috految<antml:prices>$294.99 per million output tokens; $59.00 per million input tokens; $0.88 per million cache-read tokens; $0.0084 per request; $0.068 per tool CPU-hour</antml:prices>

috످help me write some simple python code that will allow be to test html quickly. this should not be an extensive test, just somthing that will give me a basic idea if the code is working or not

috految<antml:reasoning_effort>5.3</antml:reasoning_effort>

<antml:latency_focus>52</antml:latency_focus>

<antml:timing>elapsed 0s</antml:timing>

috److This script checks your HTML for common errors and lets you preview the page in your browser.

## 1. Install the HTML parser

Run this in your terminal (on Mac or Linux, you may need to use `python3`):

```bash
python -m pip install html5lib
```

## 2. Save this as `html_tester.py`

```python
import sys
import webbrowser
from pathlib import Path

import html5lib
from html5lib.constants import E as ERROR_MESSAGES


def check_html(html):
    parser = html5lib.HTMLParser(namespaceHTMLElements=False)
    page = parser.parse(html)
    issues = []

    # Check for syntax errors
    for (line, _), code, details in parser.errors:
        message = ERROR_MESSAGES.get(code, code)
        if details:
            message %= details
        issues.append(f"Line {line}: {message}")

    # Check for a page title
    if not page.findtext(".//title"):
        issues.append("Missing or empty <title>")

    # Check images and links
    for img in page.iter("img"):
        if not img.get("src"):
            issues.append("Image is missing a source (src)")

    for link in page.iter("a"):
        if not link.get("href"):
            issues.append("Link is missing a URL (href)")

    return issues


def main():
    if len(sys.argv) > 1:
        path = Path(sys.argv[1])
        if not path.is_file():
            sys.exit(f"File not found: {path}")
    else:
        print("Paste your HTML, then type END on a new line:")
        html = "\n".join(iter(input, "END"))
        path = Path("_preview.html")
        path.write_text(html, encoding="utf-8")

    issues = check_html(path.read_bytes())

    if issues:
        print(f"\nFAILED: {len(issues)} issue(s) found")
        for issue in issues:
            print(f"  - {issue}")
    else:
        print("\nPASSED: No issues found!")

    if input("\nOpen in browser? (y/n): ").lower().startswith("y"):
        webbrowser.open(path.resolve().as_uri())


if __name__ == "__main__":
    main()
```

## 3. Run it

Open a terminal in the folder where you saved the script.

**To test a file:**

```bash
python html_tester.py your_file.html
```

**To paste HTML directly:**

```bash
python html_tester.py
```

Paste your code, type `END` on a new line, and press **Enter**.

## 4. Try an example

This HTML has three intentional mistakes:

```html
<!DOCTYPE html>
<html>
<head><title>My Page</title></head>
<body>
    <h1>Hello World</h1></span> <!-- Extra closing tag -->
    <img alt="Logo">            <!-- Missing src -->
    <a>Click here</a>           <!-- Missing href -->
</body>
</html>
```

**Expected output:**

```text
FAILED: 3 issue(s) found
  - Line 5: Unexpected end tag (span). Ignored.
  - Image is missing a source (src)
  - Link is missing a URL (href)

Open in browser? (y/n):
```

## Tips

- **Fix errors from the top down.** One unclosed tag can cause several errors.
- **If you're testing a snippet,** you can ignore errors about a missing DOCTYPE or title.
- **The script doesn't check CSS, JavaScript, or dead links.** To spot JavaScript errors or missing files, right-click the page in your browser and select **Inspect > Console**.
- **For a more thorough check,** use the free [W3C Validator](https://validator.w3.org/).

috످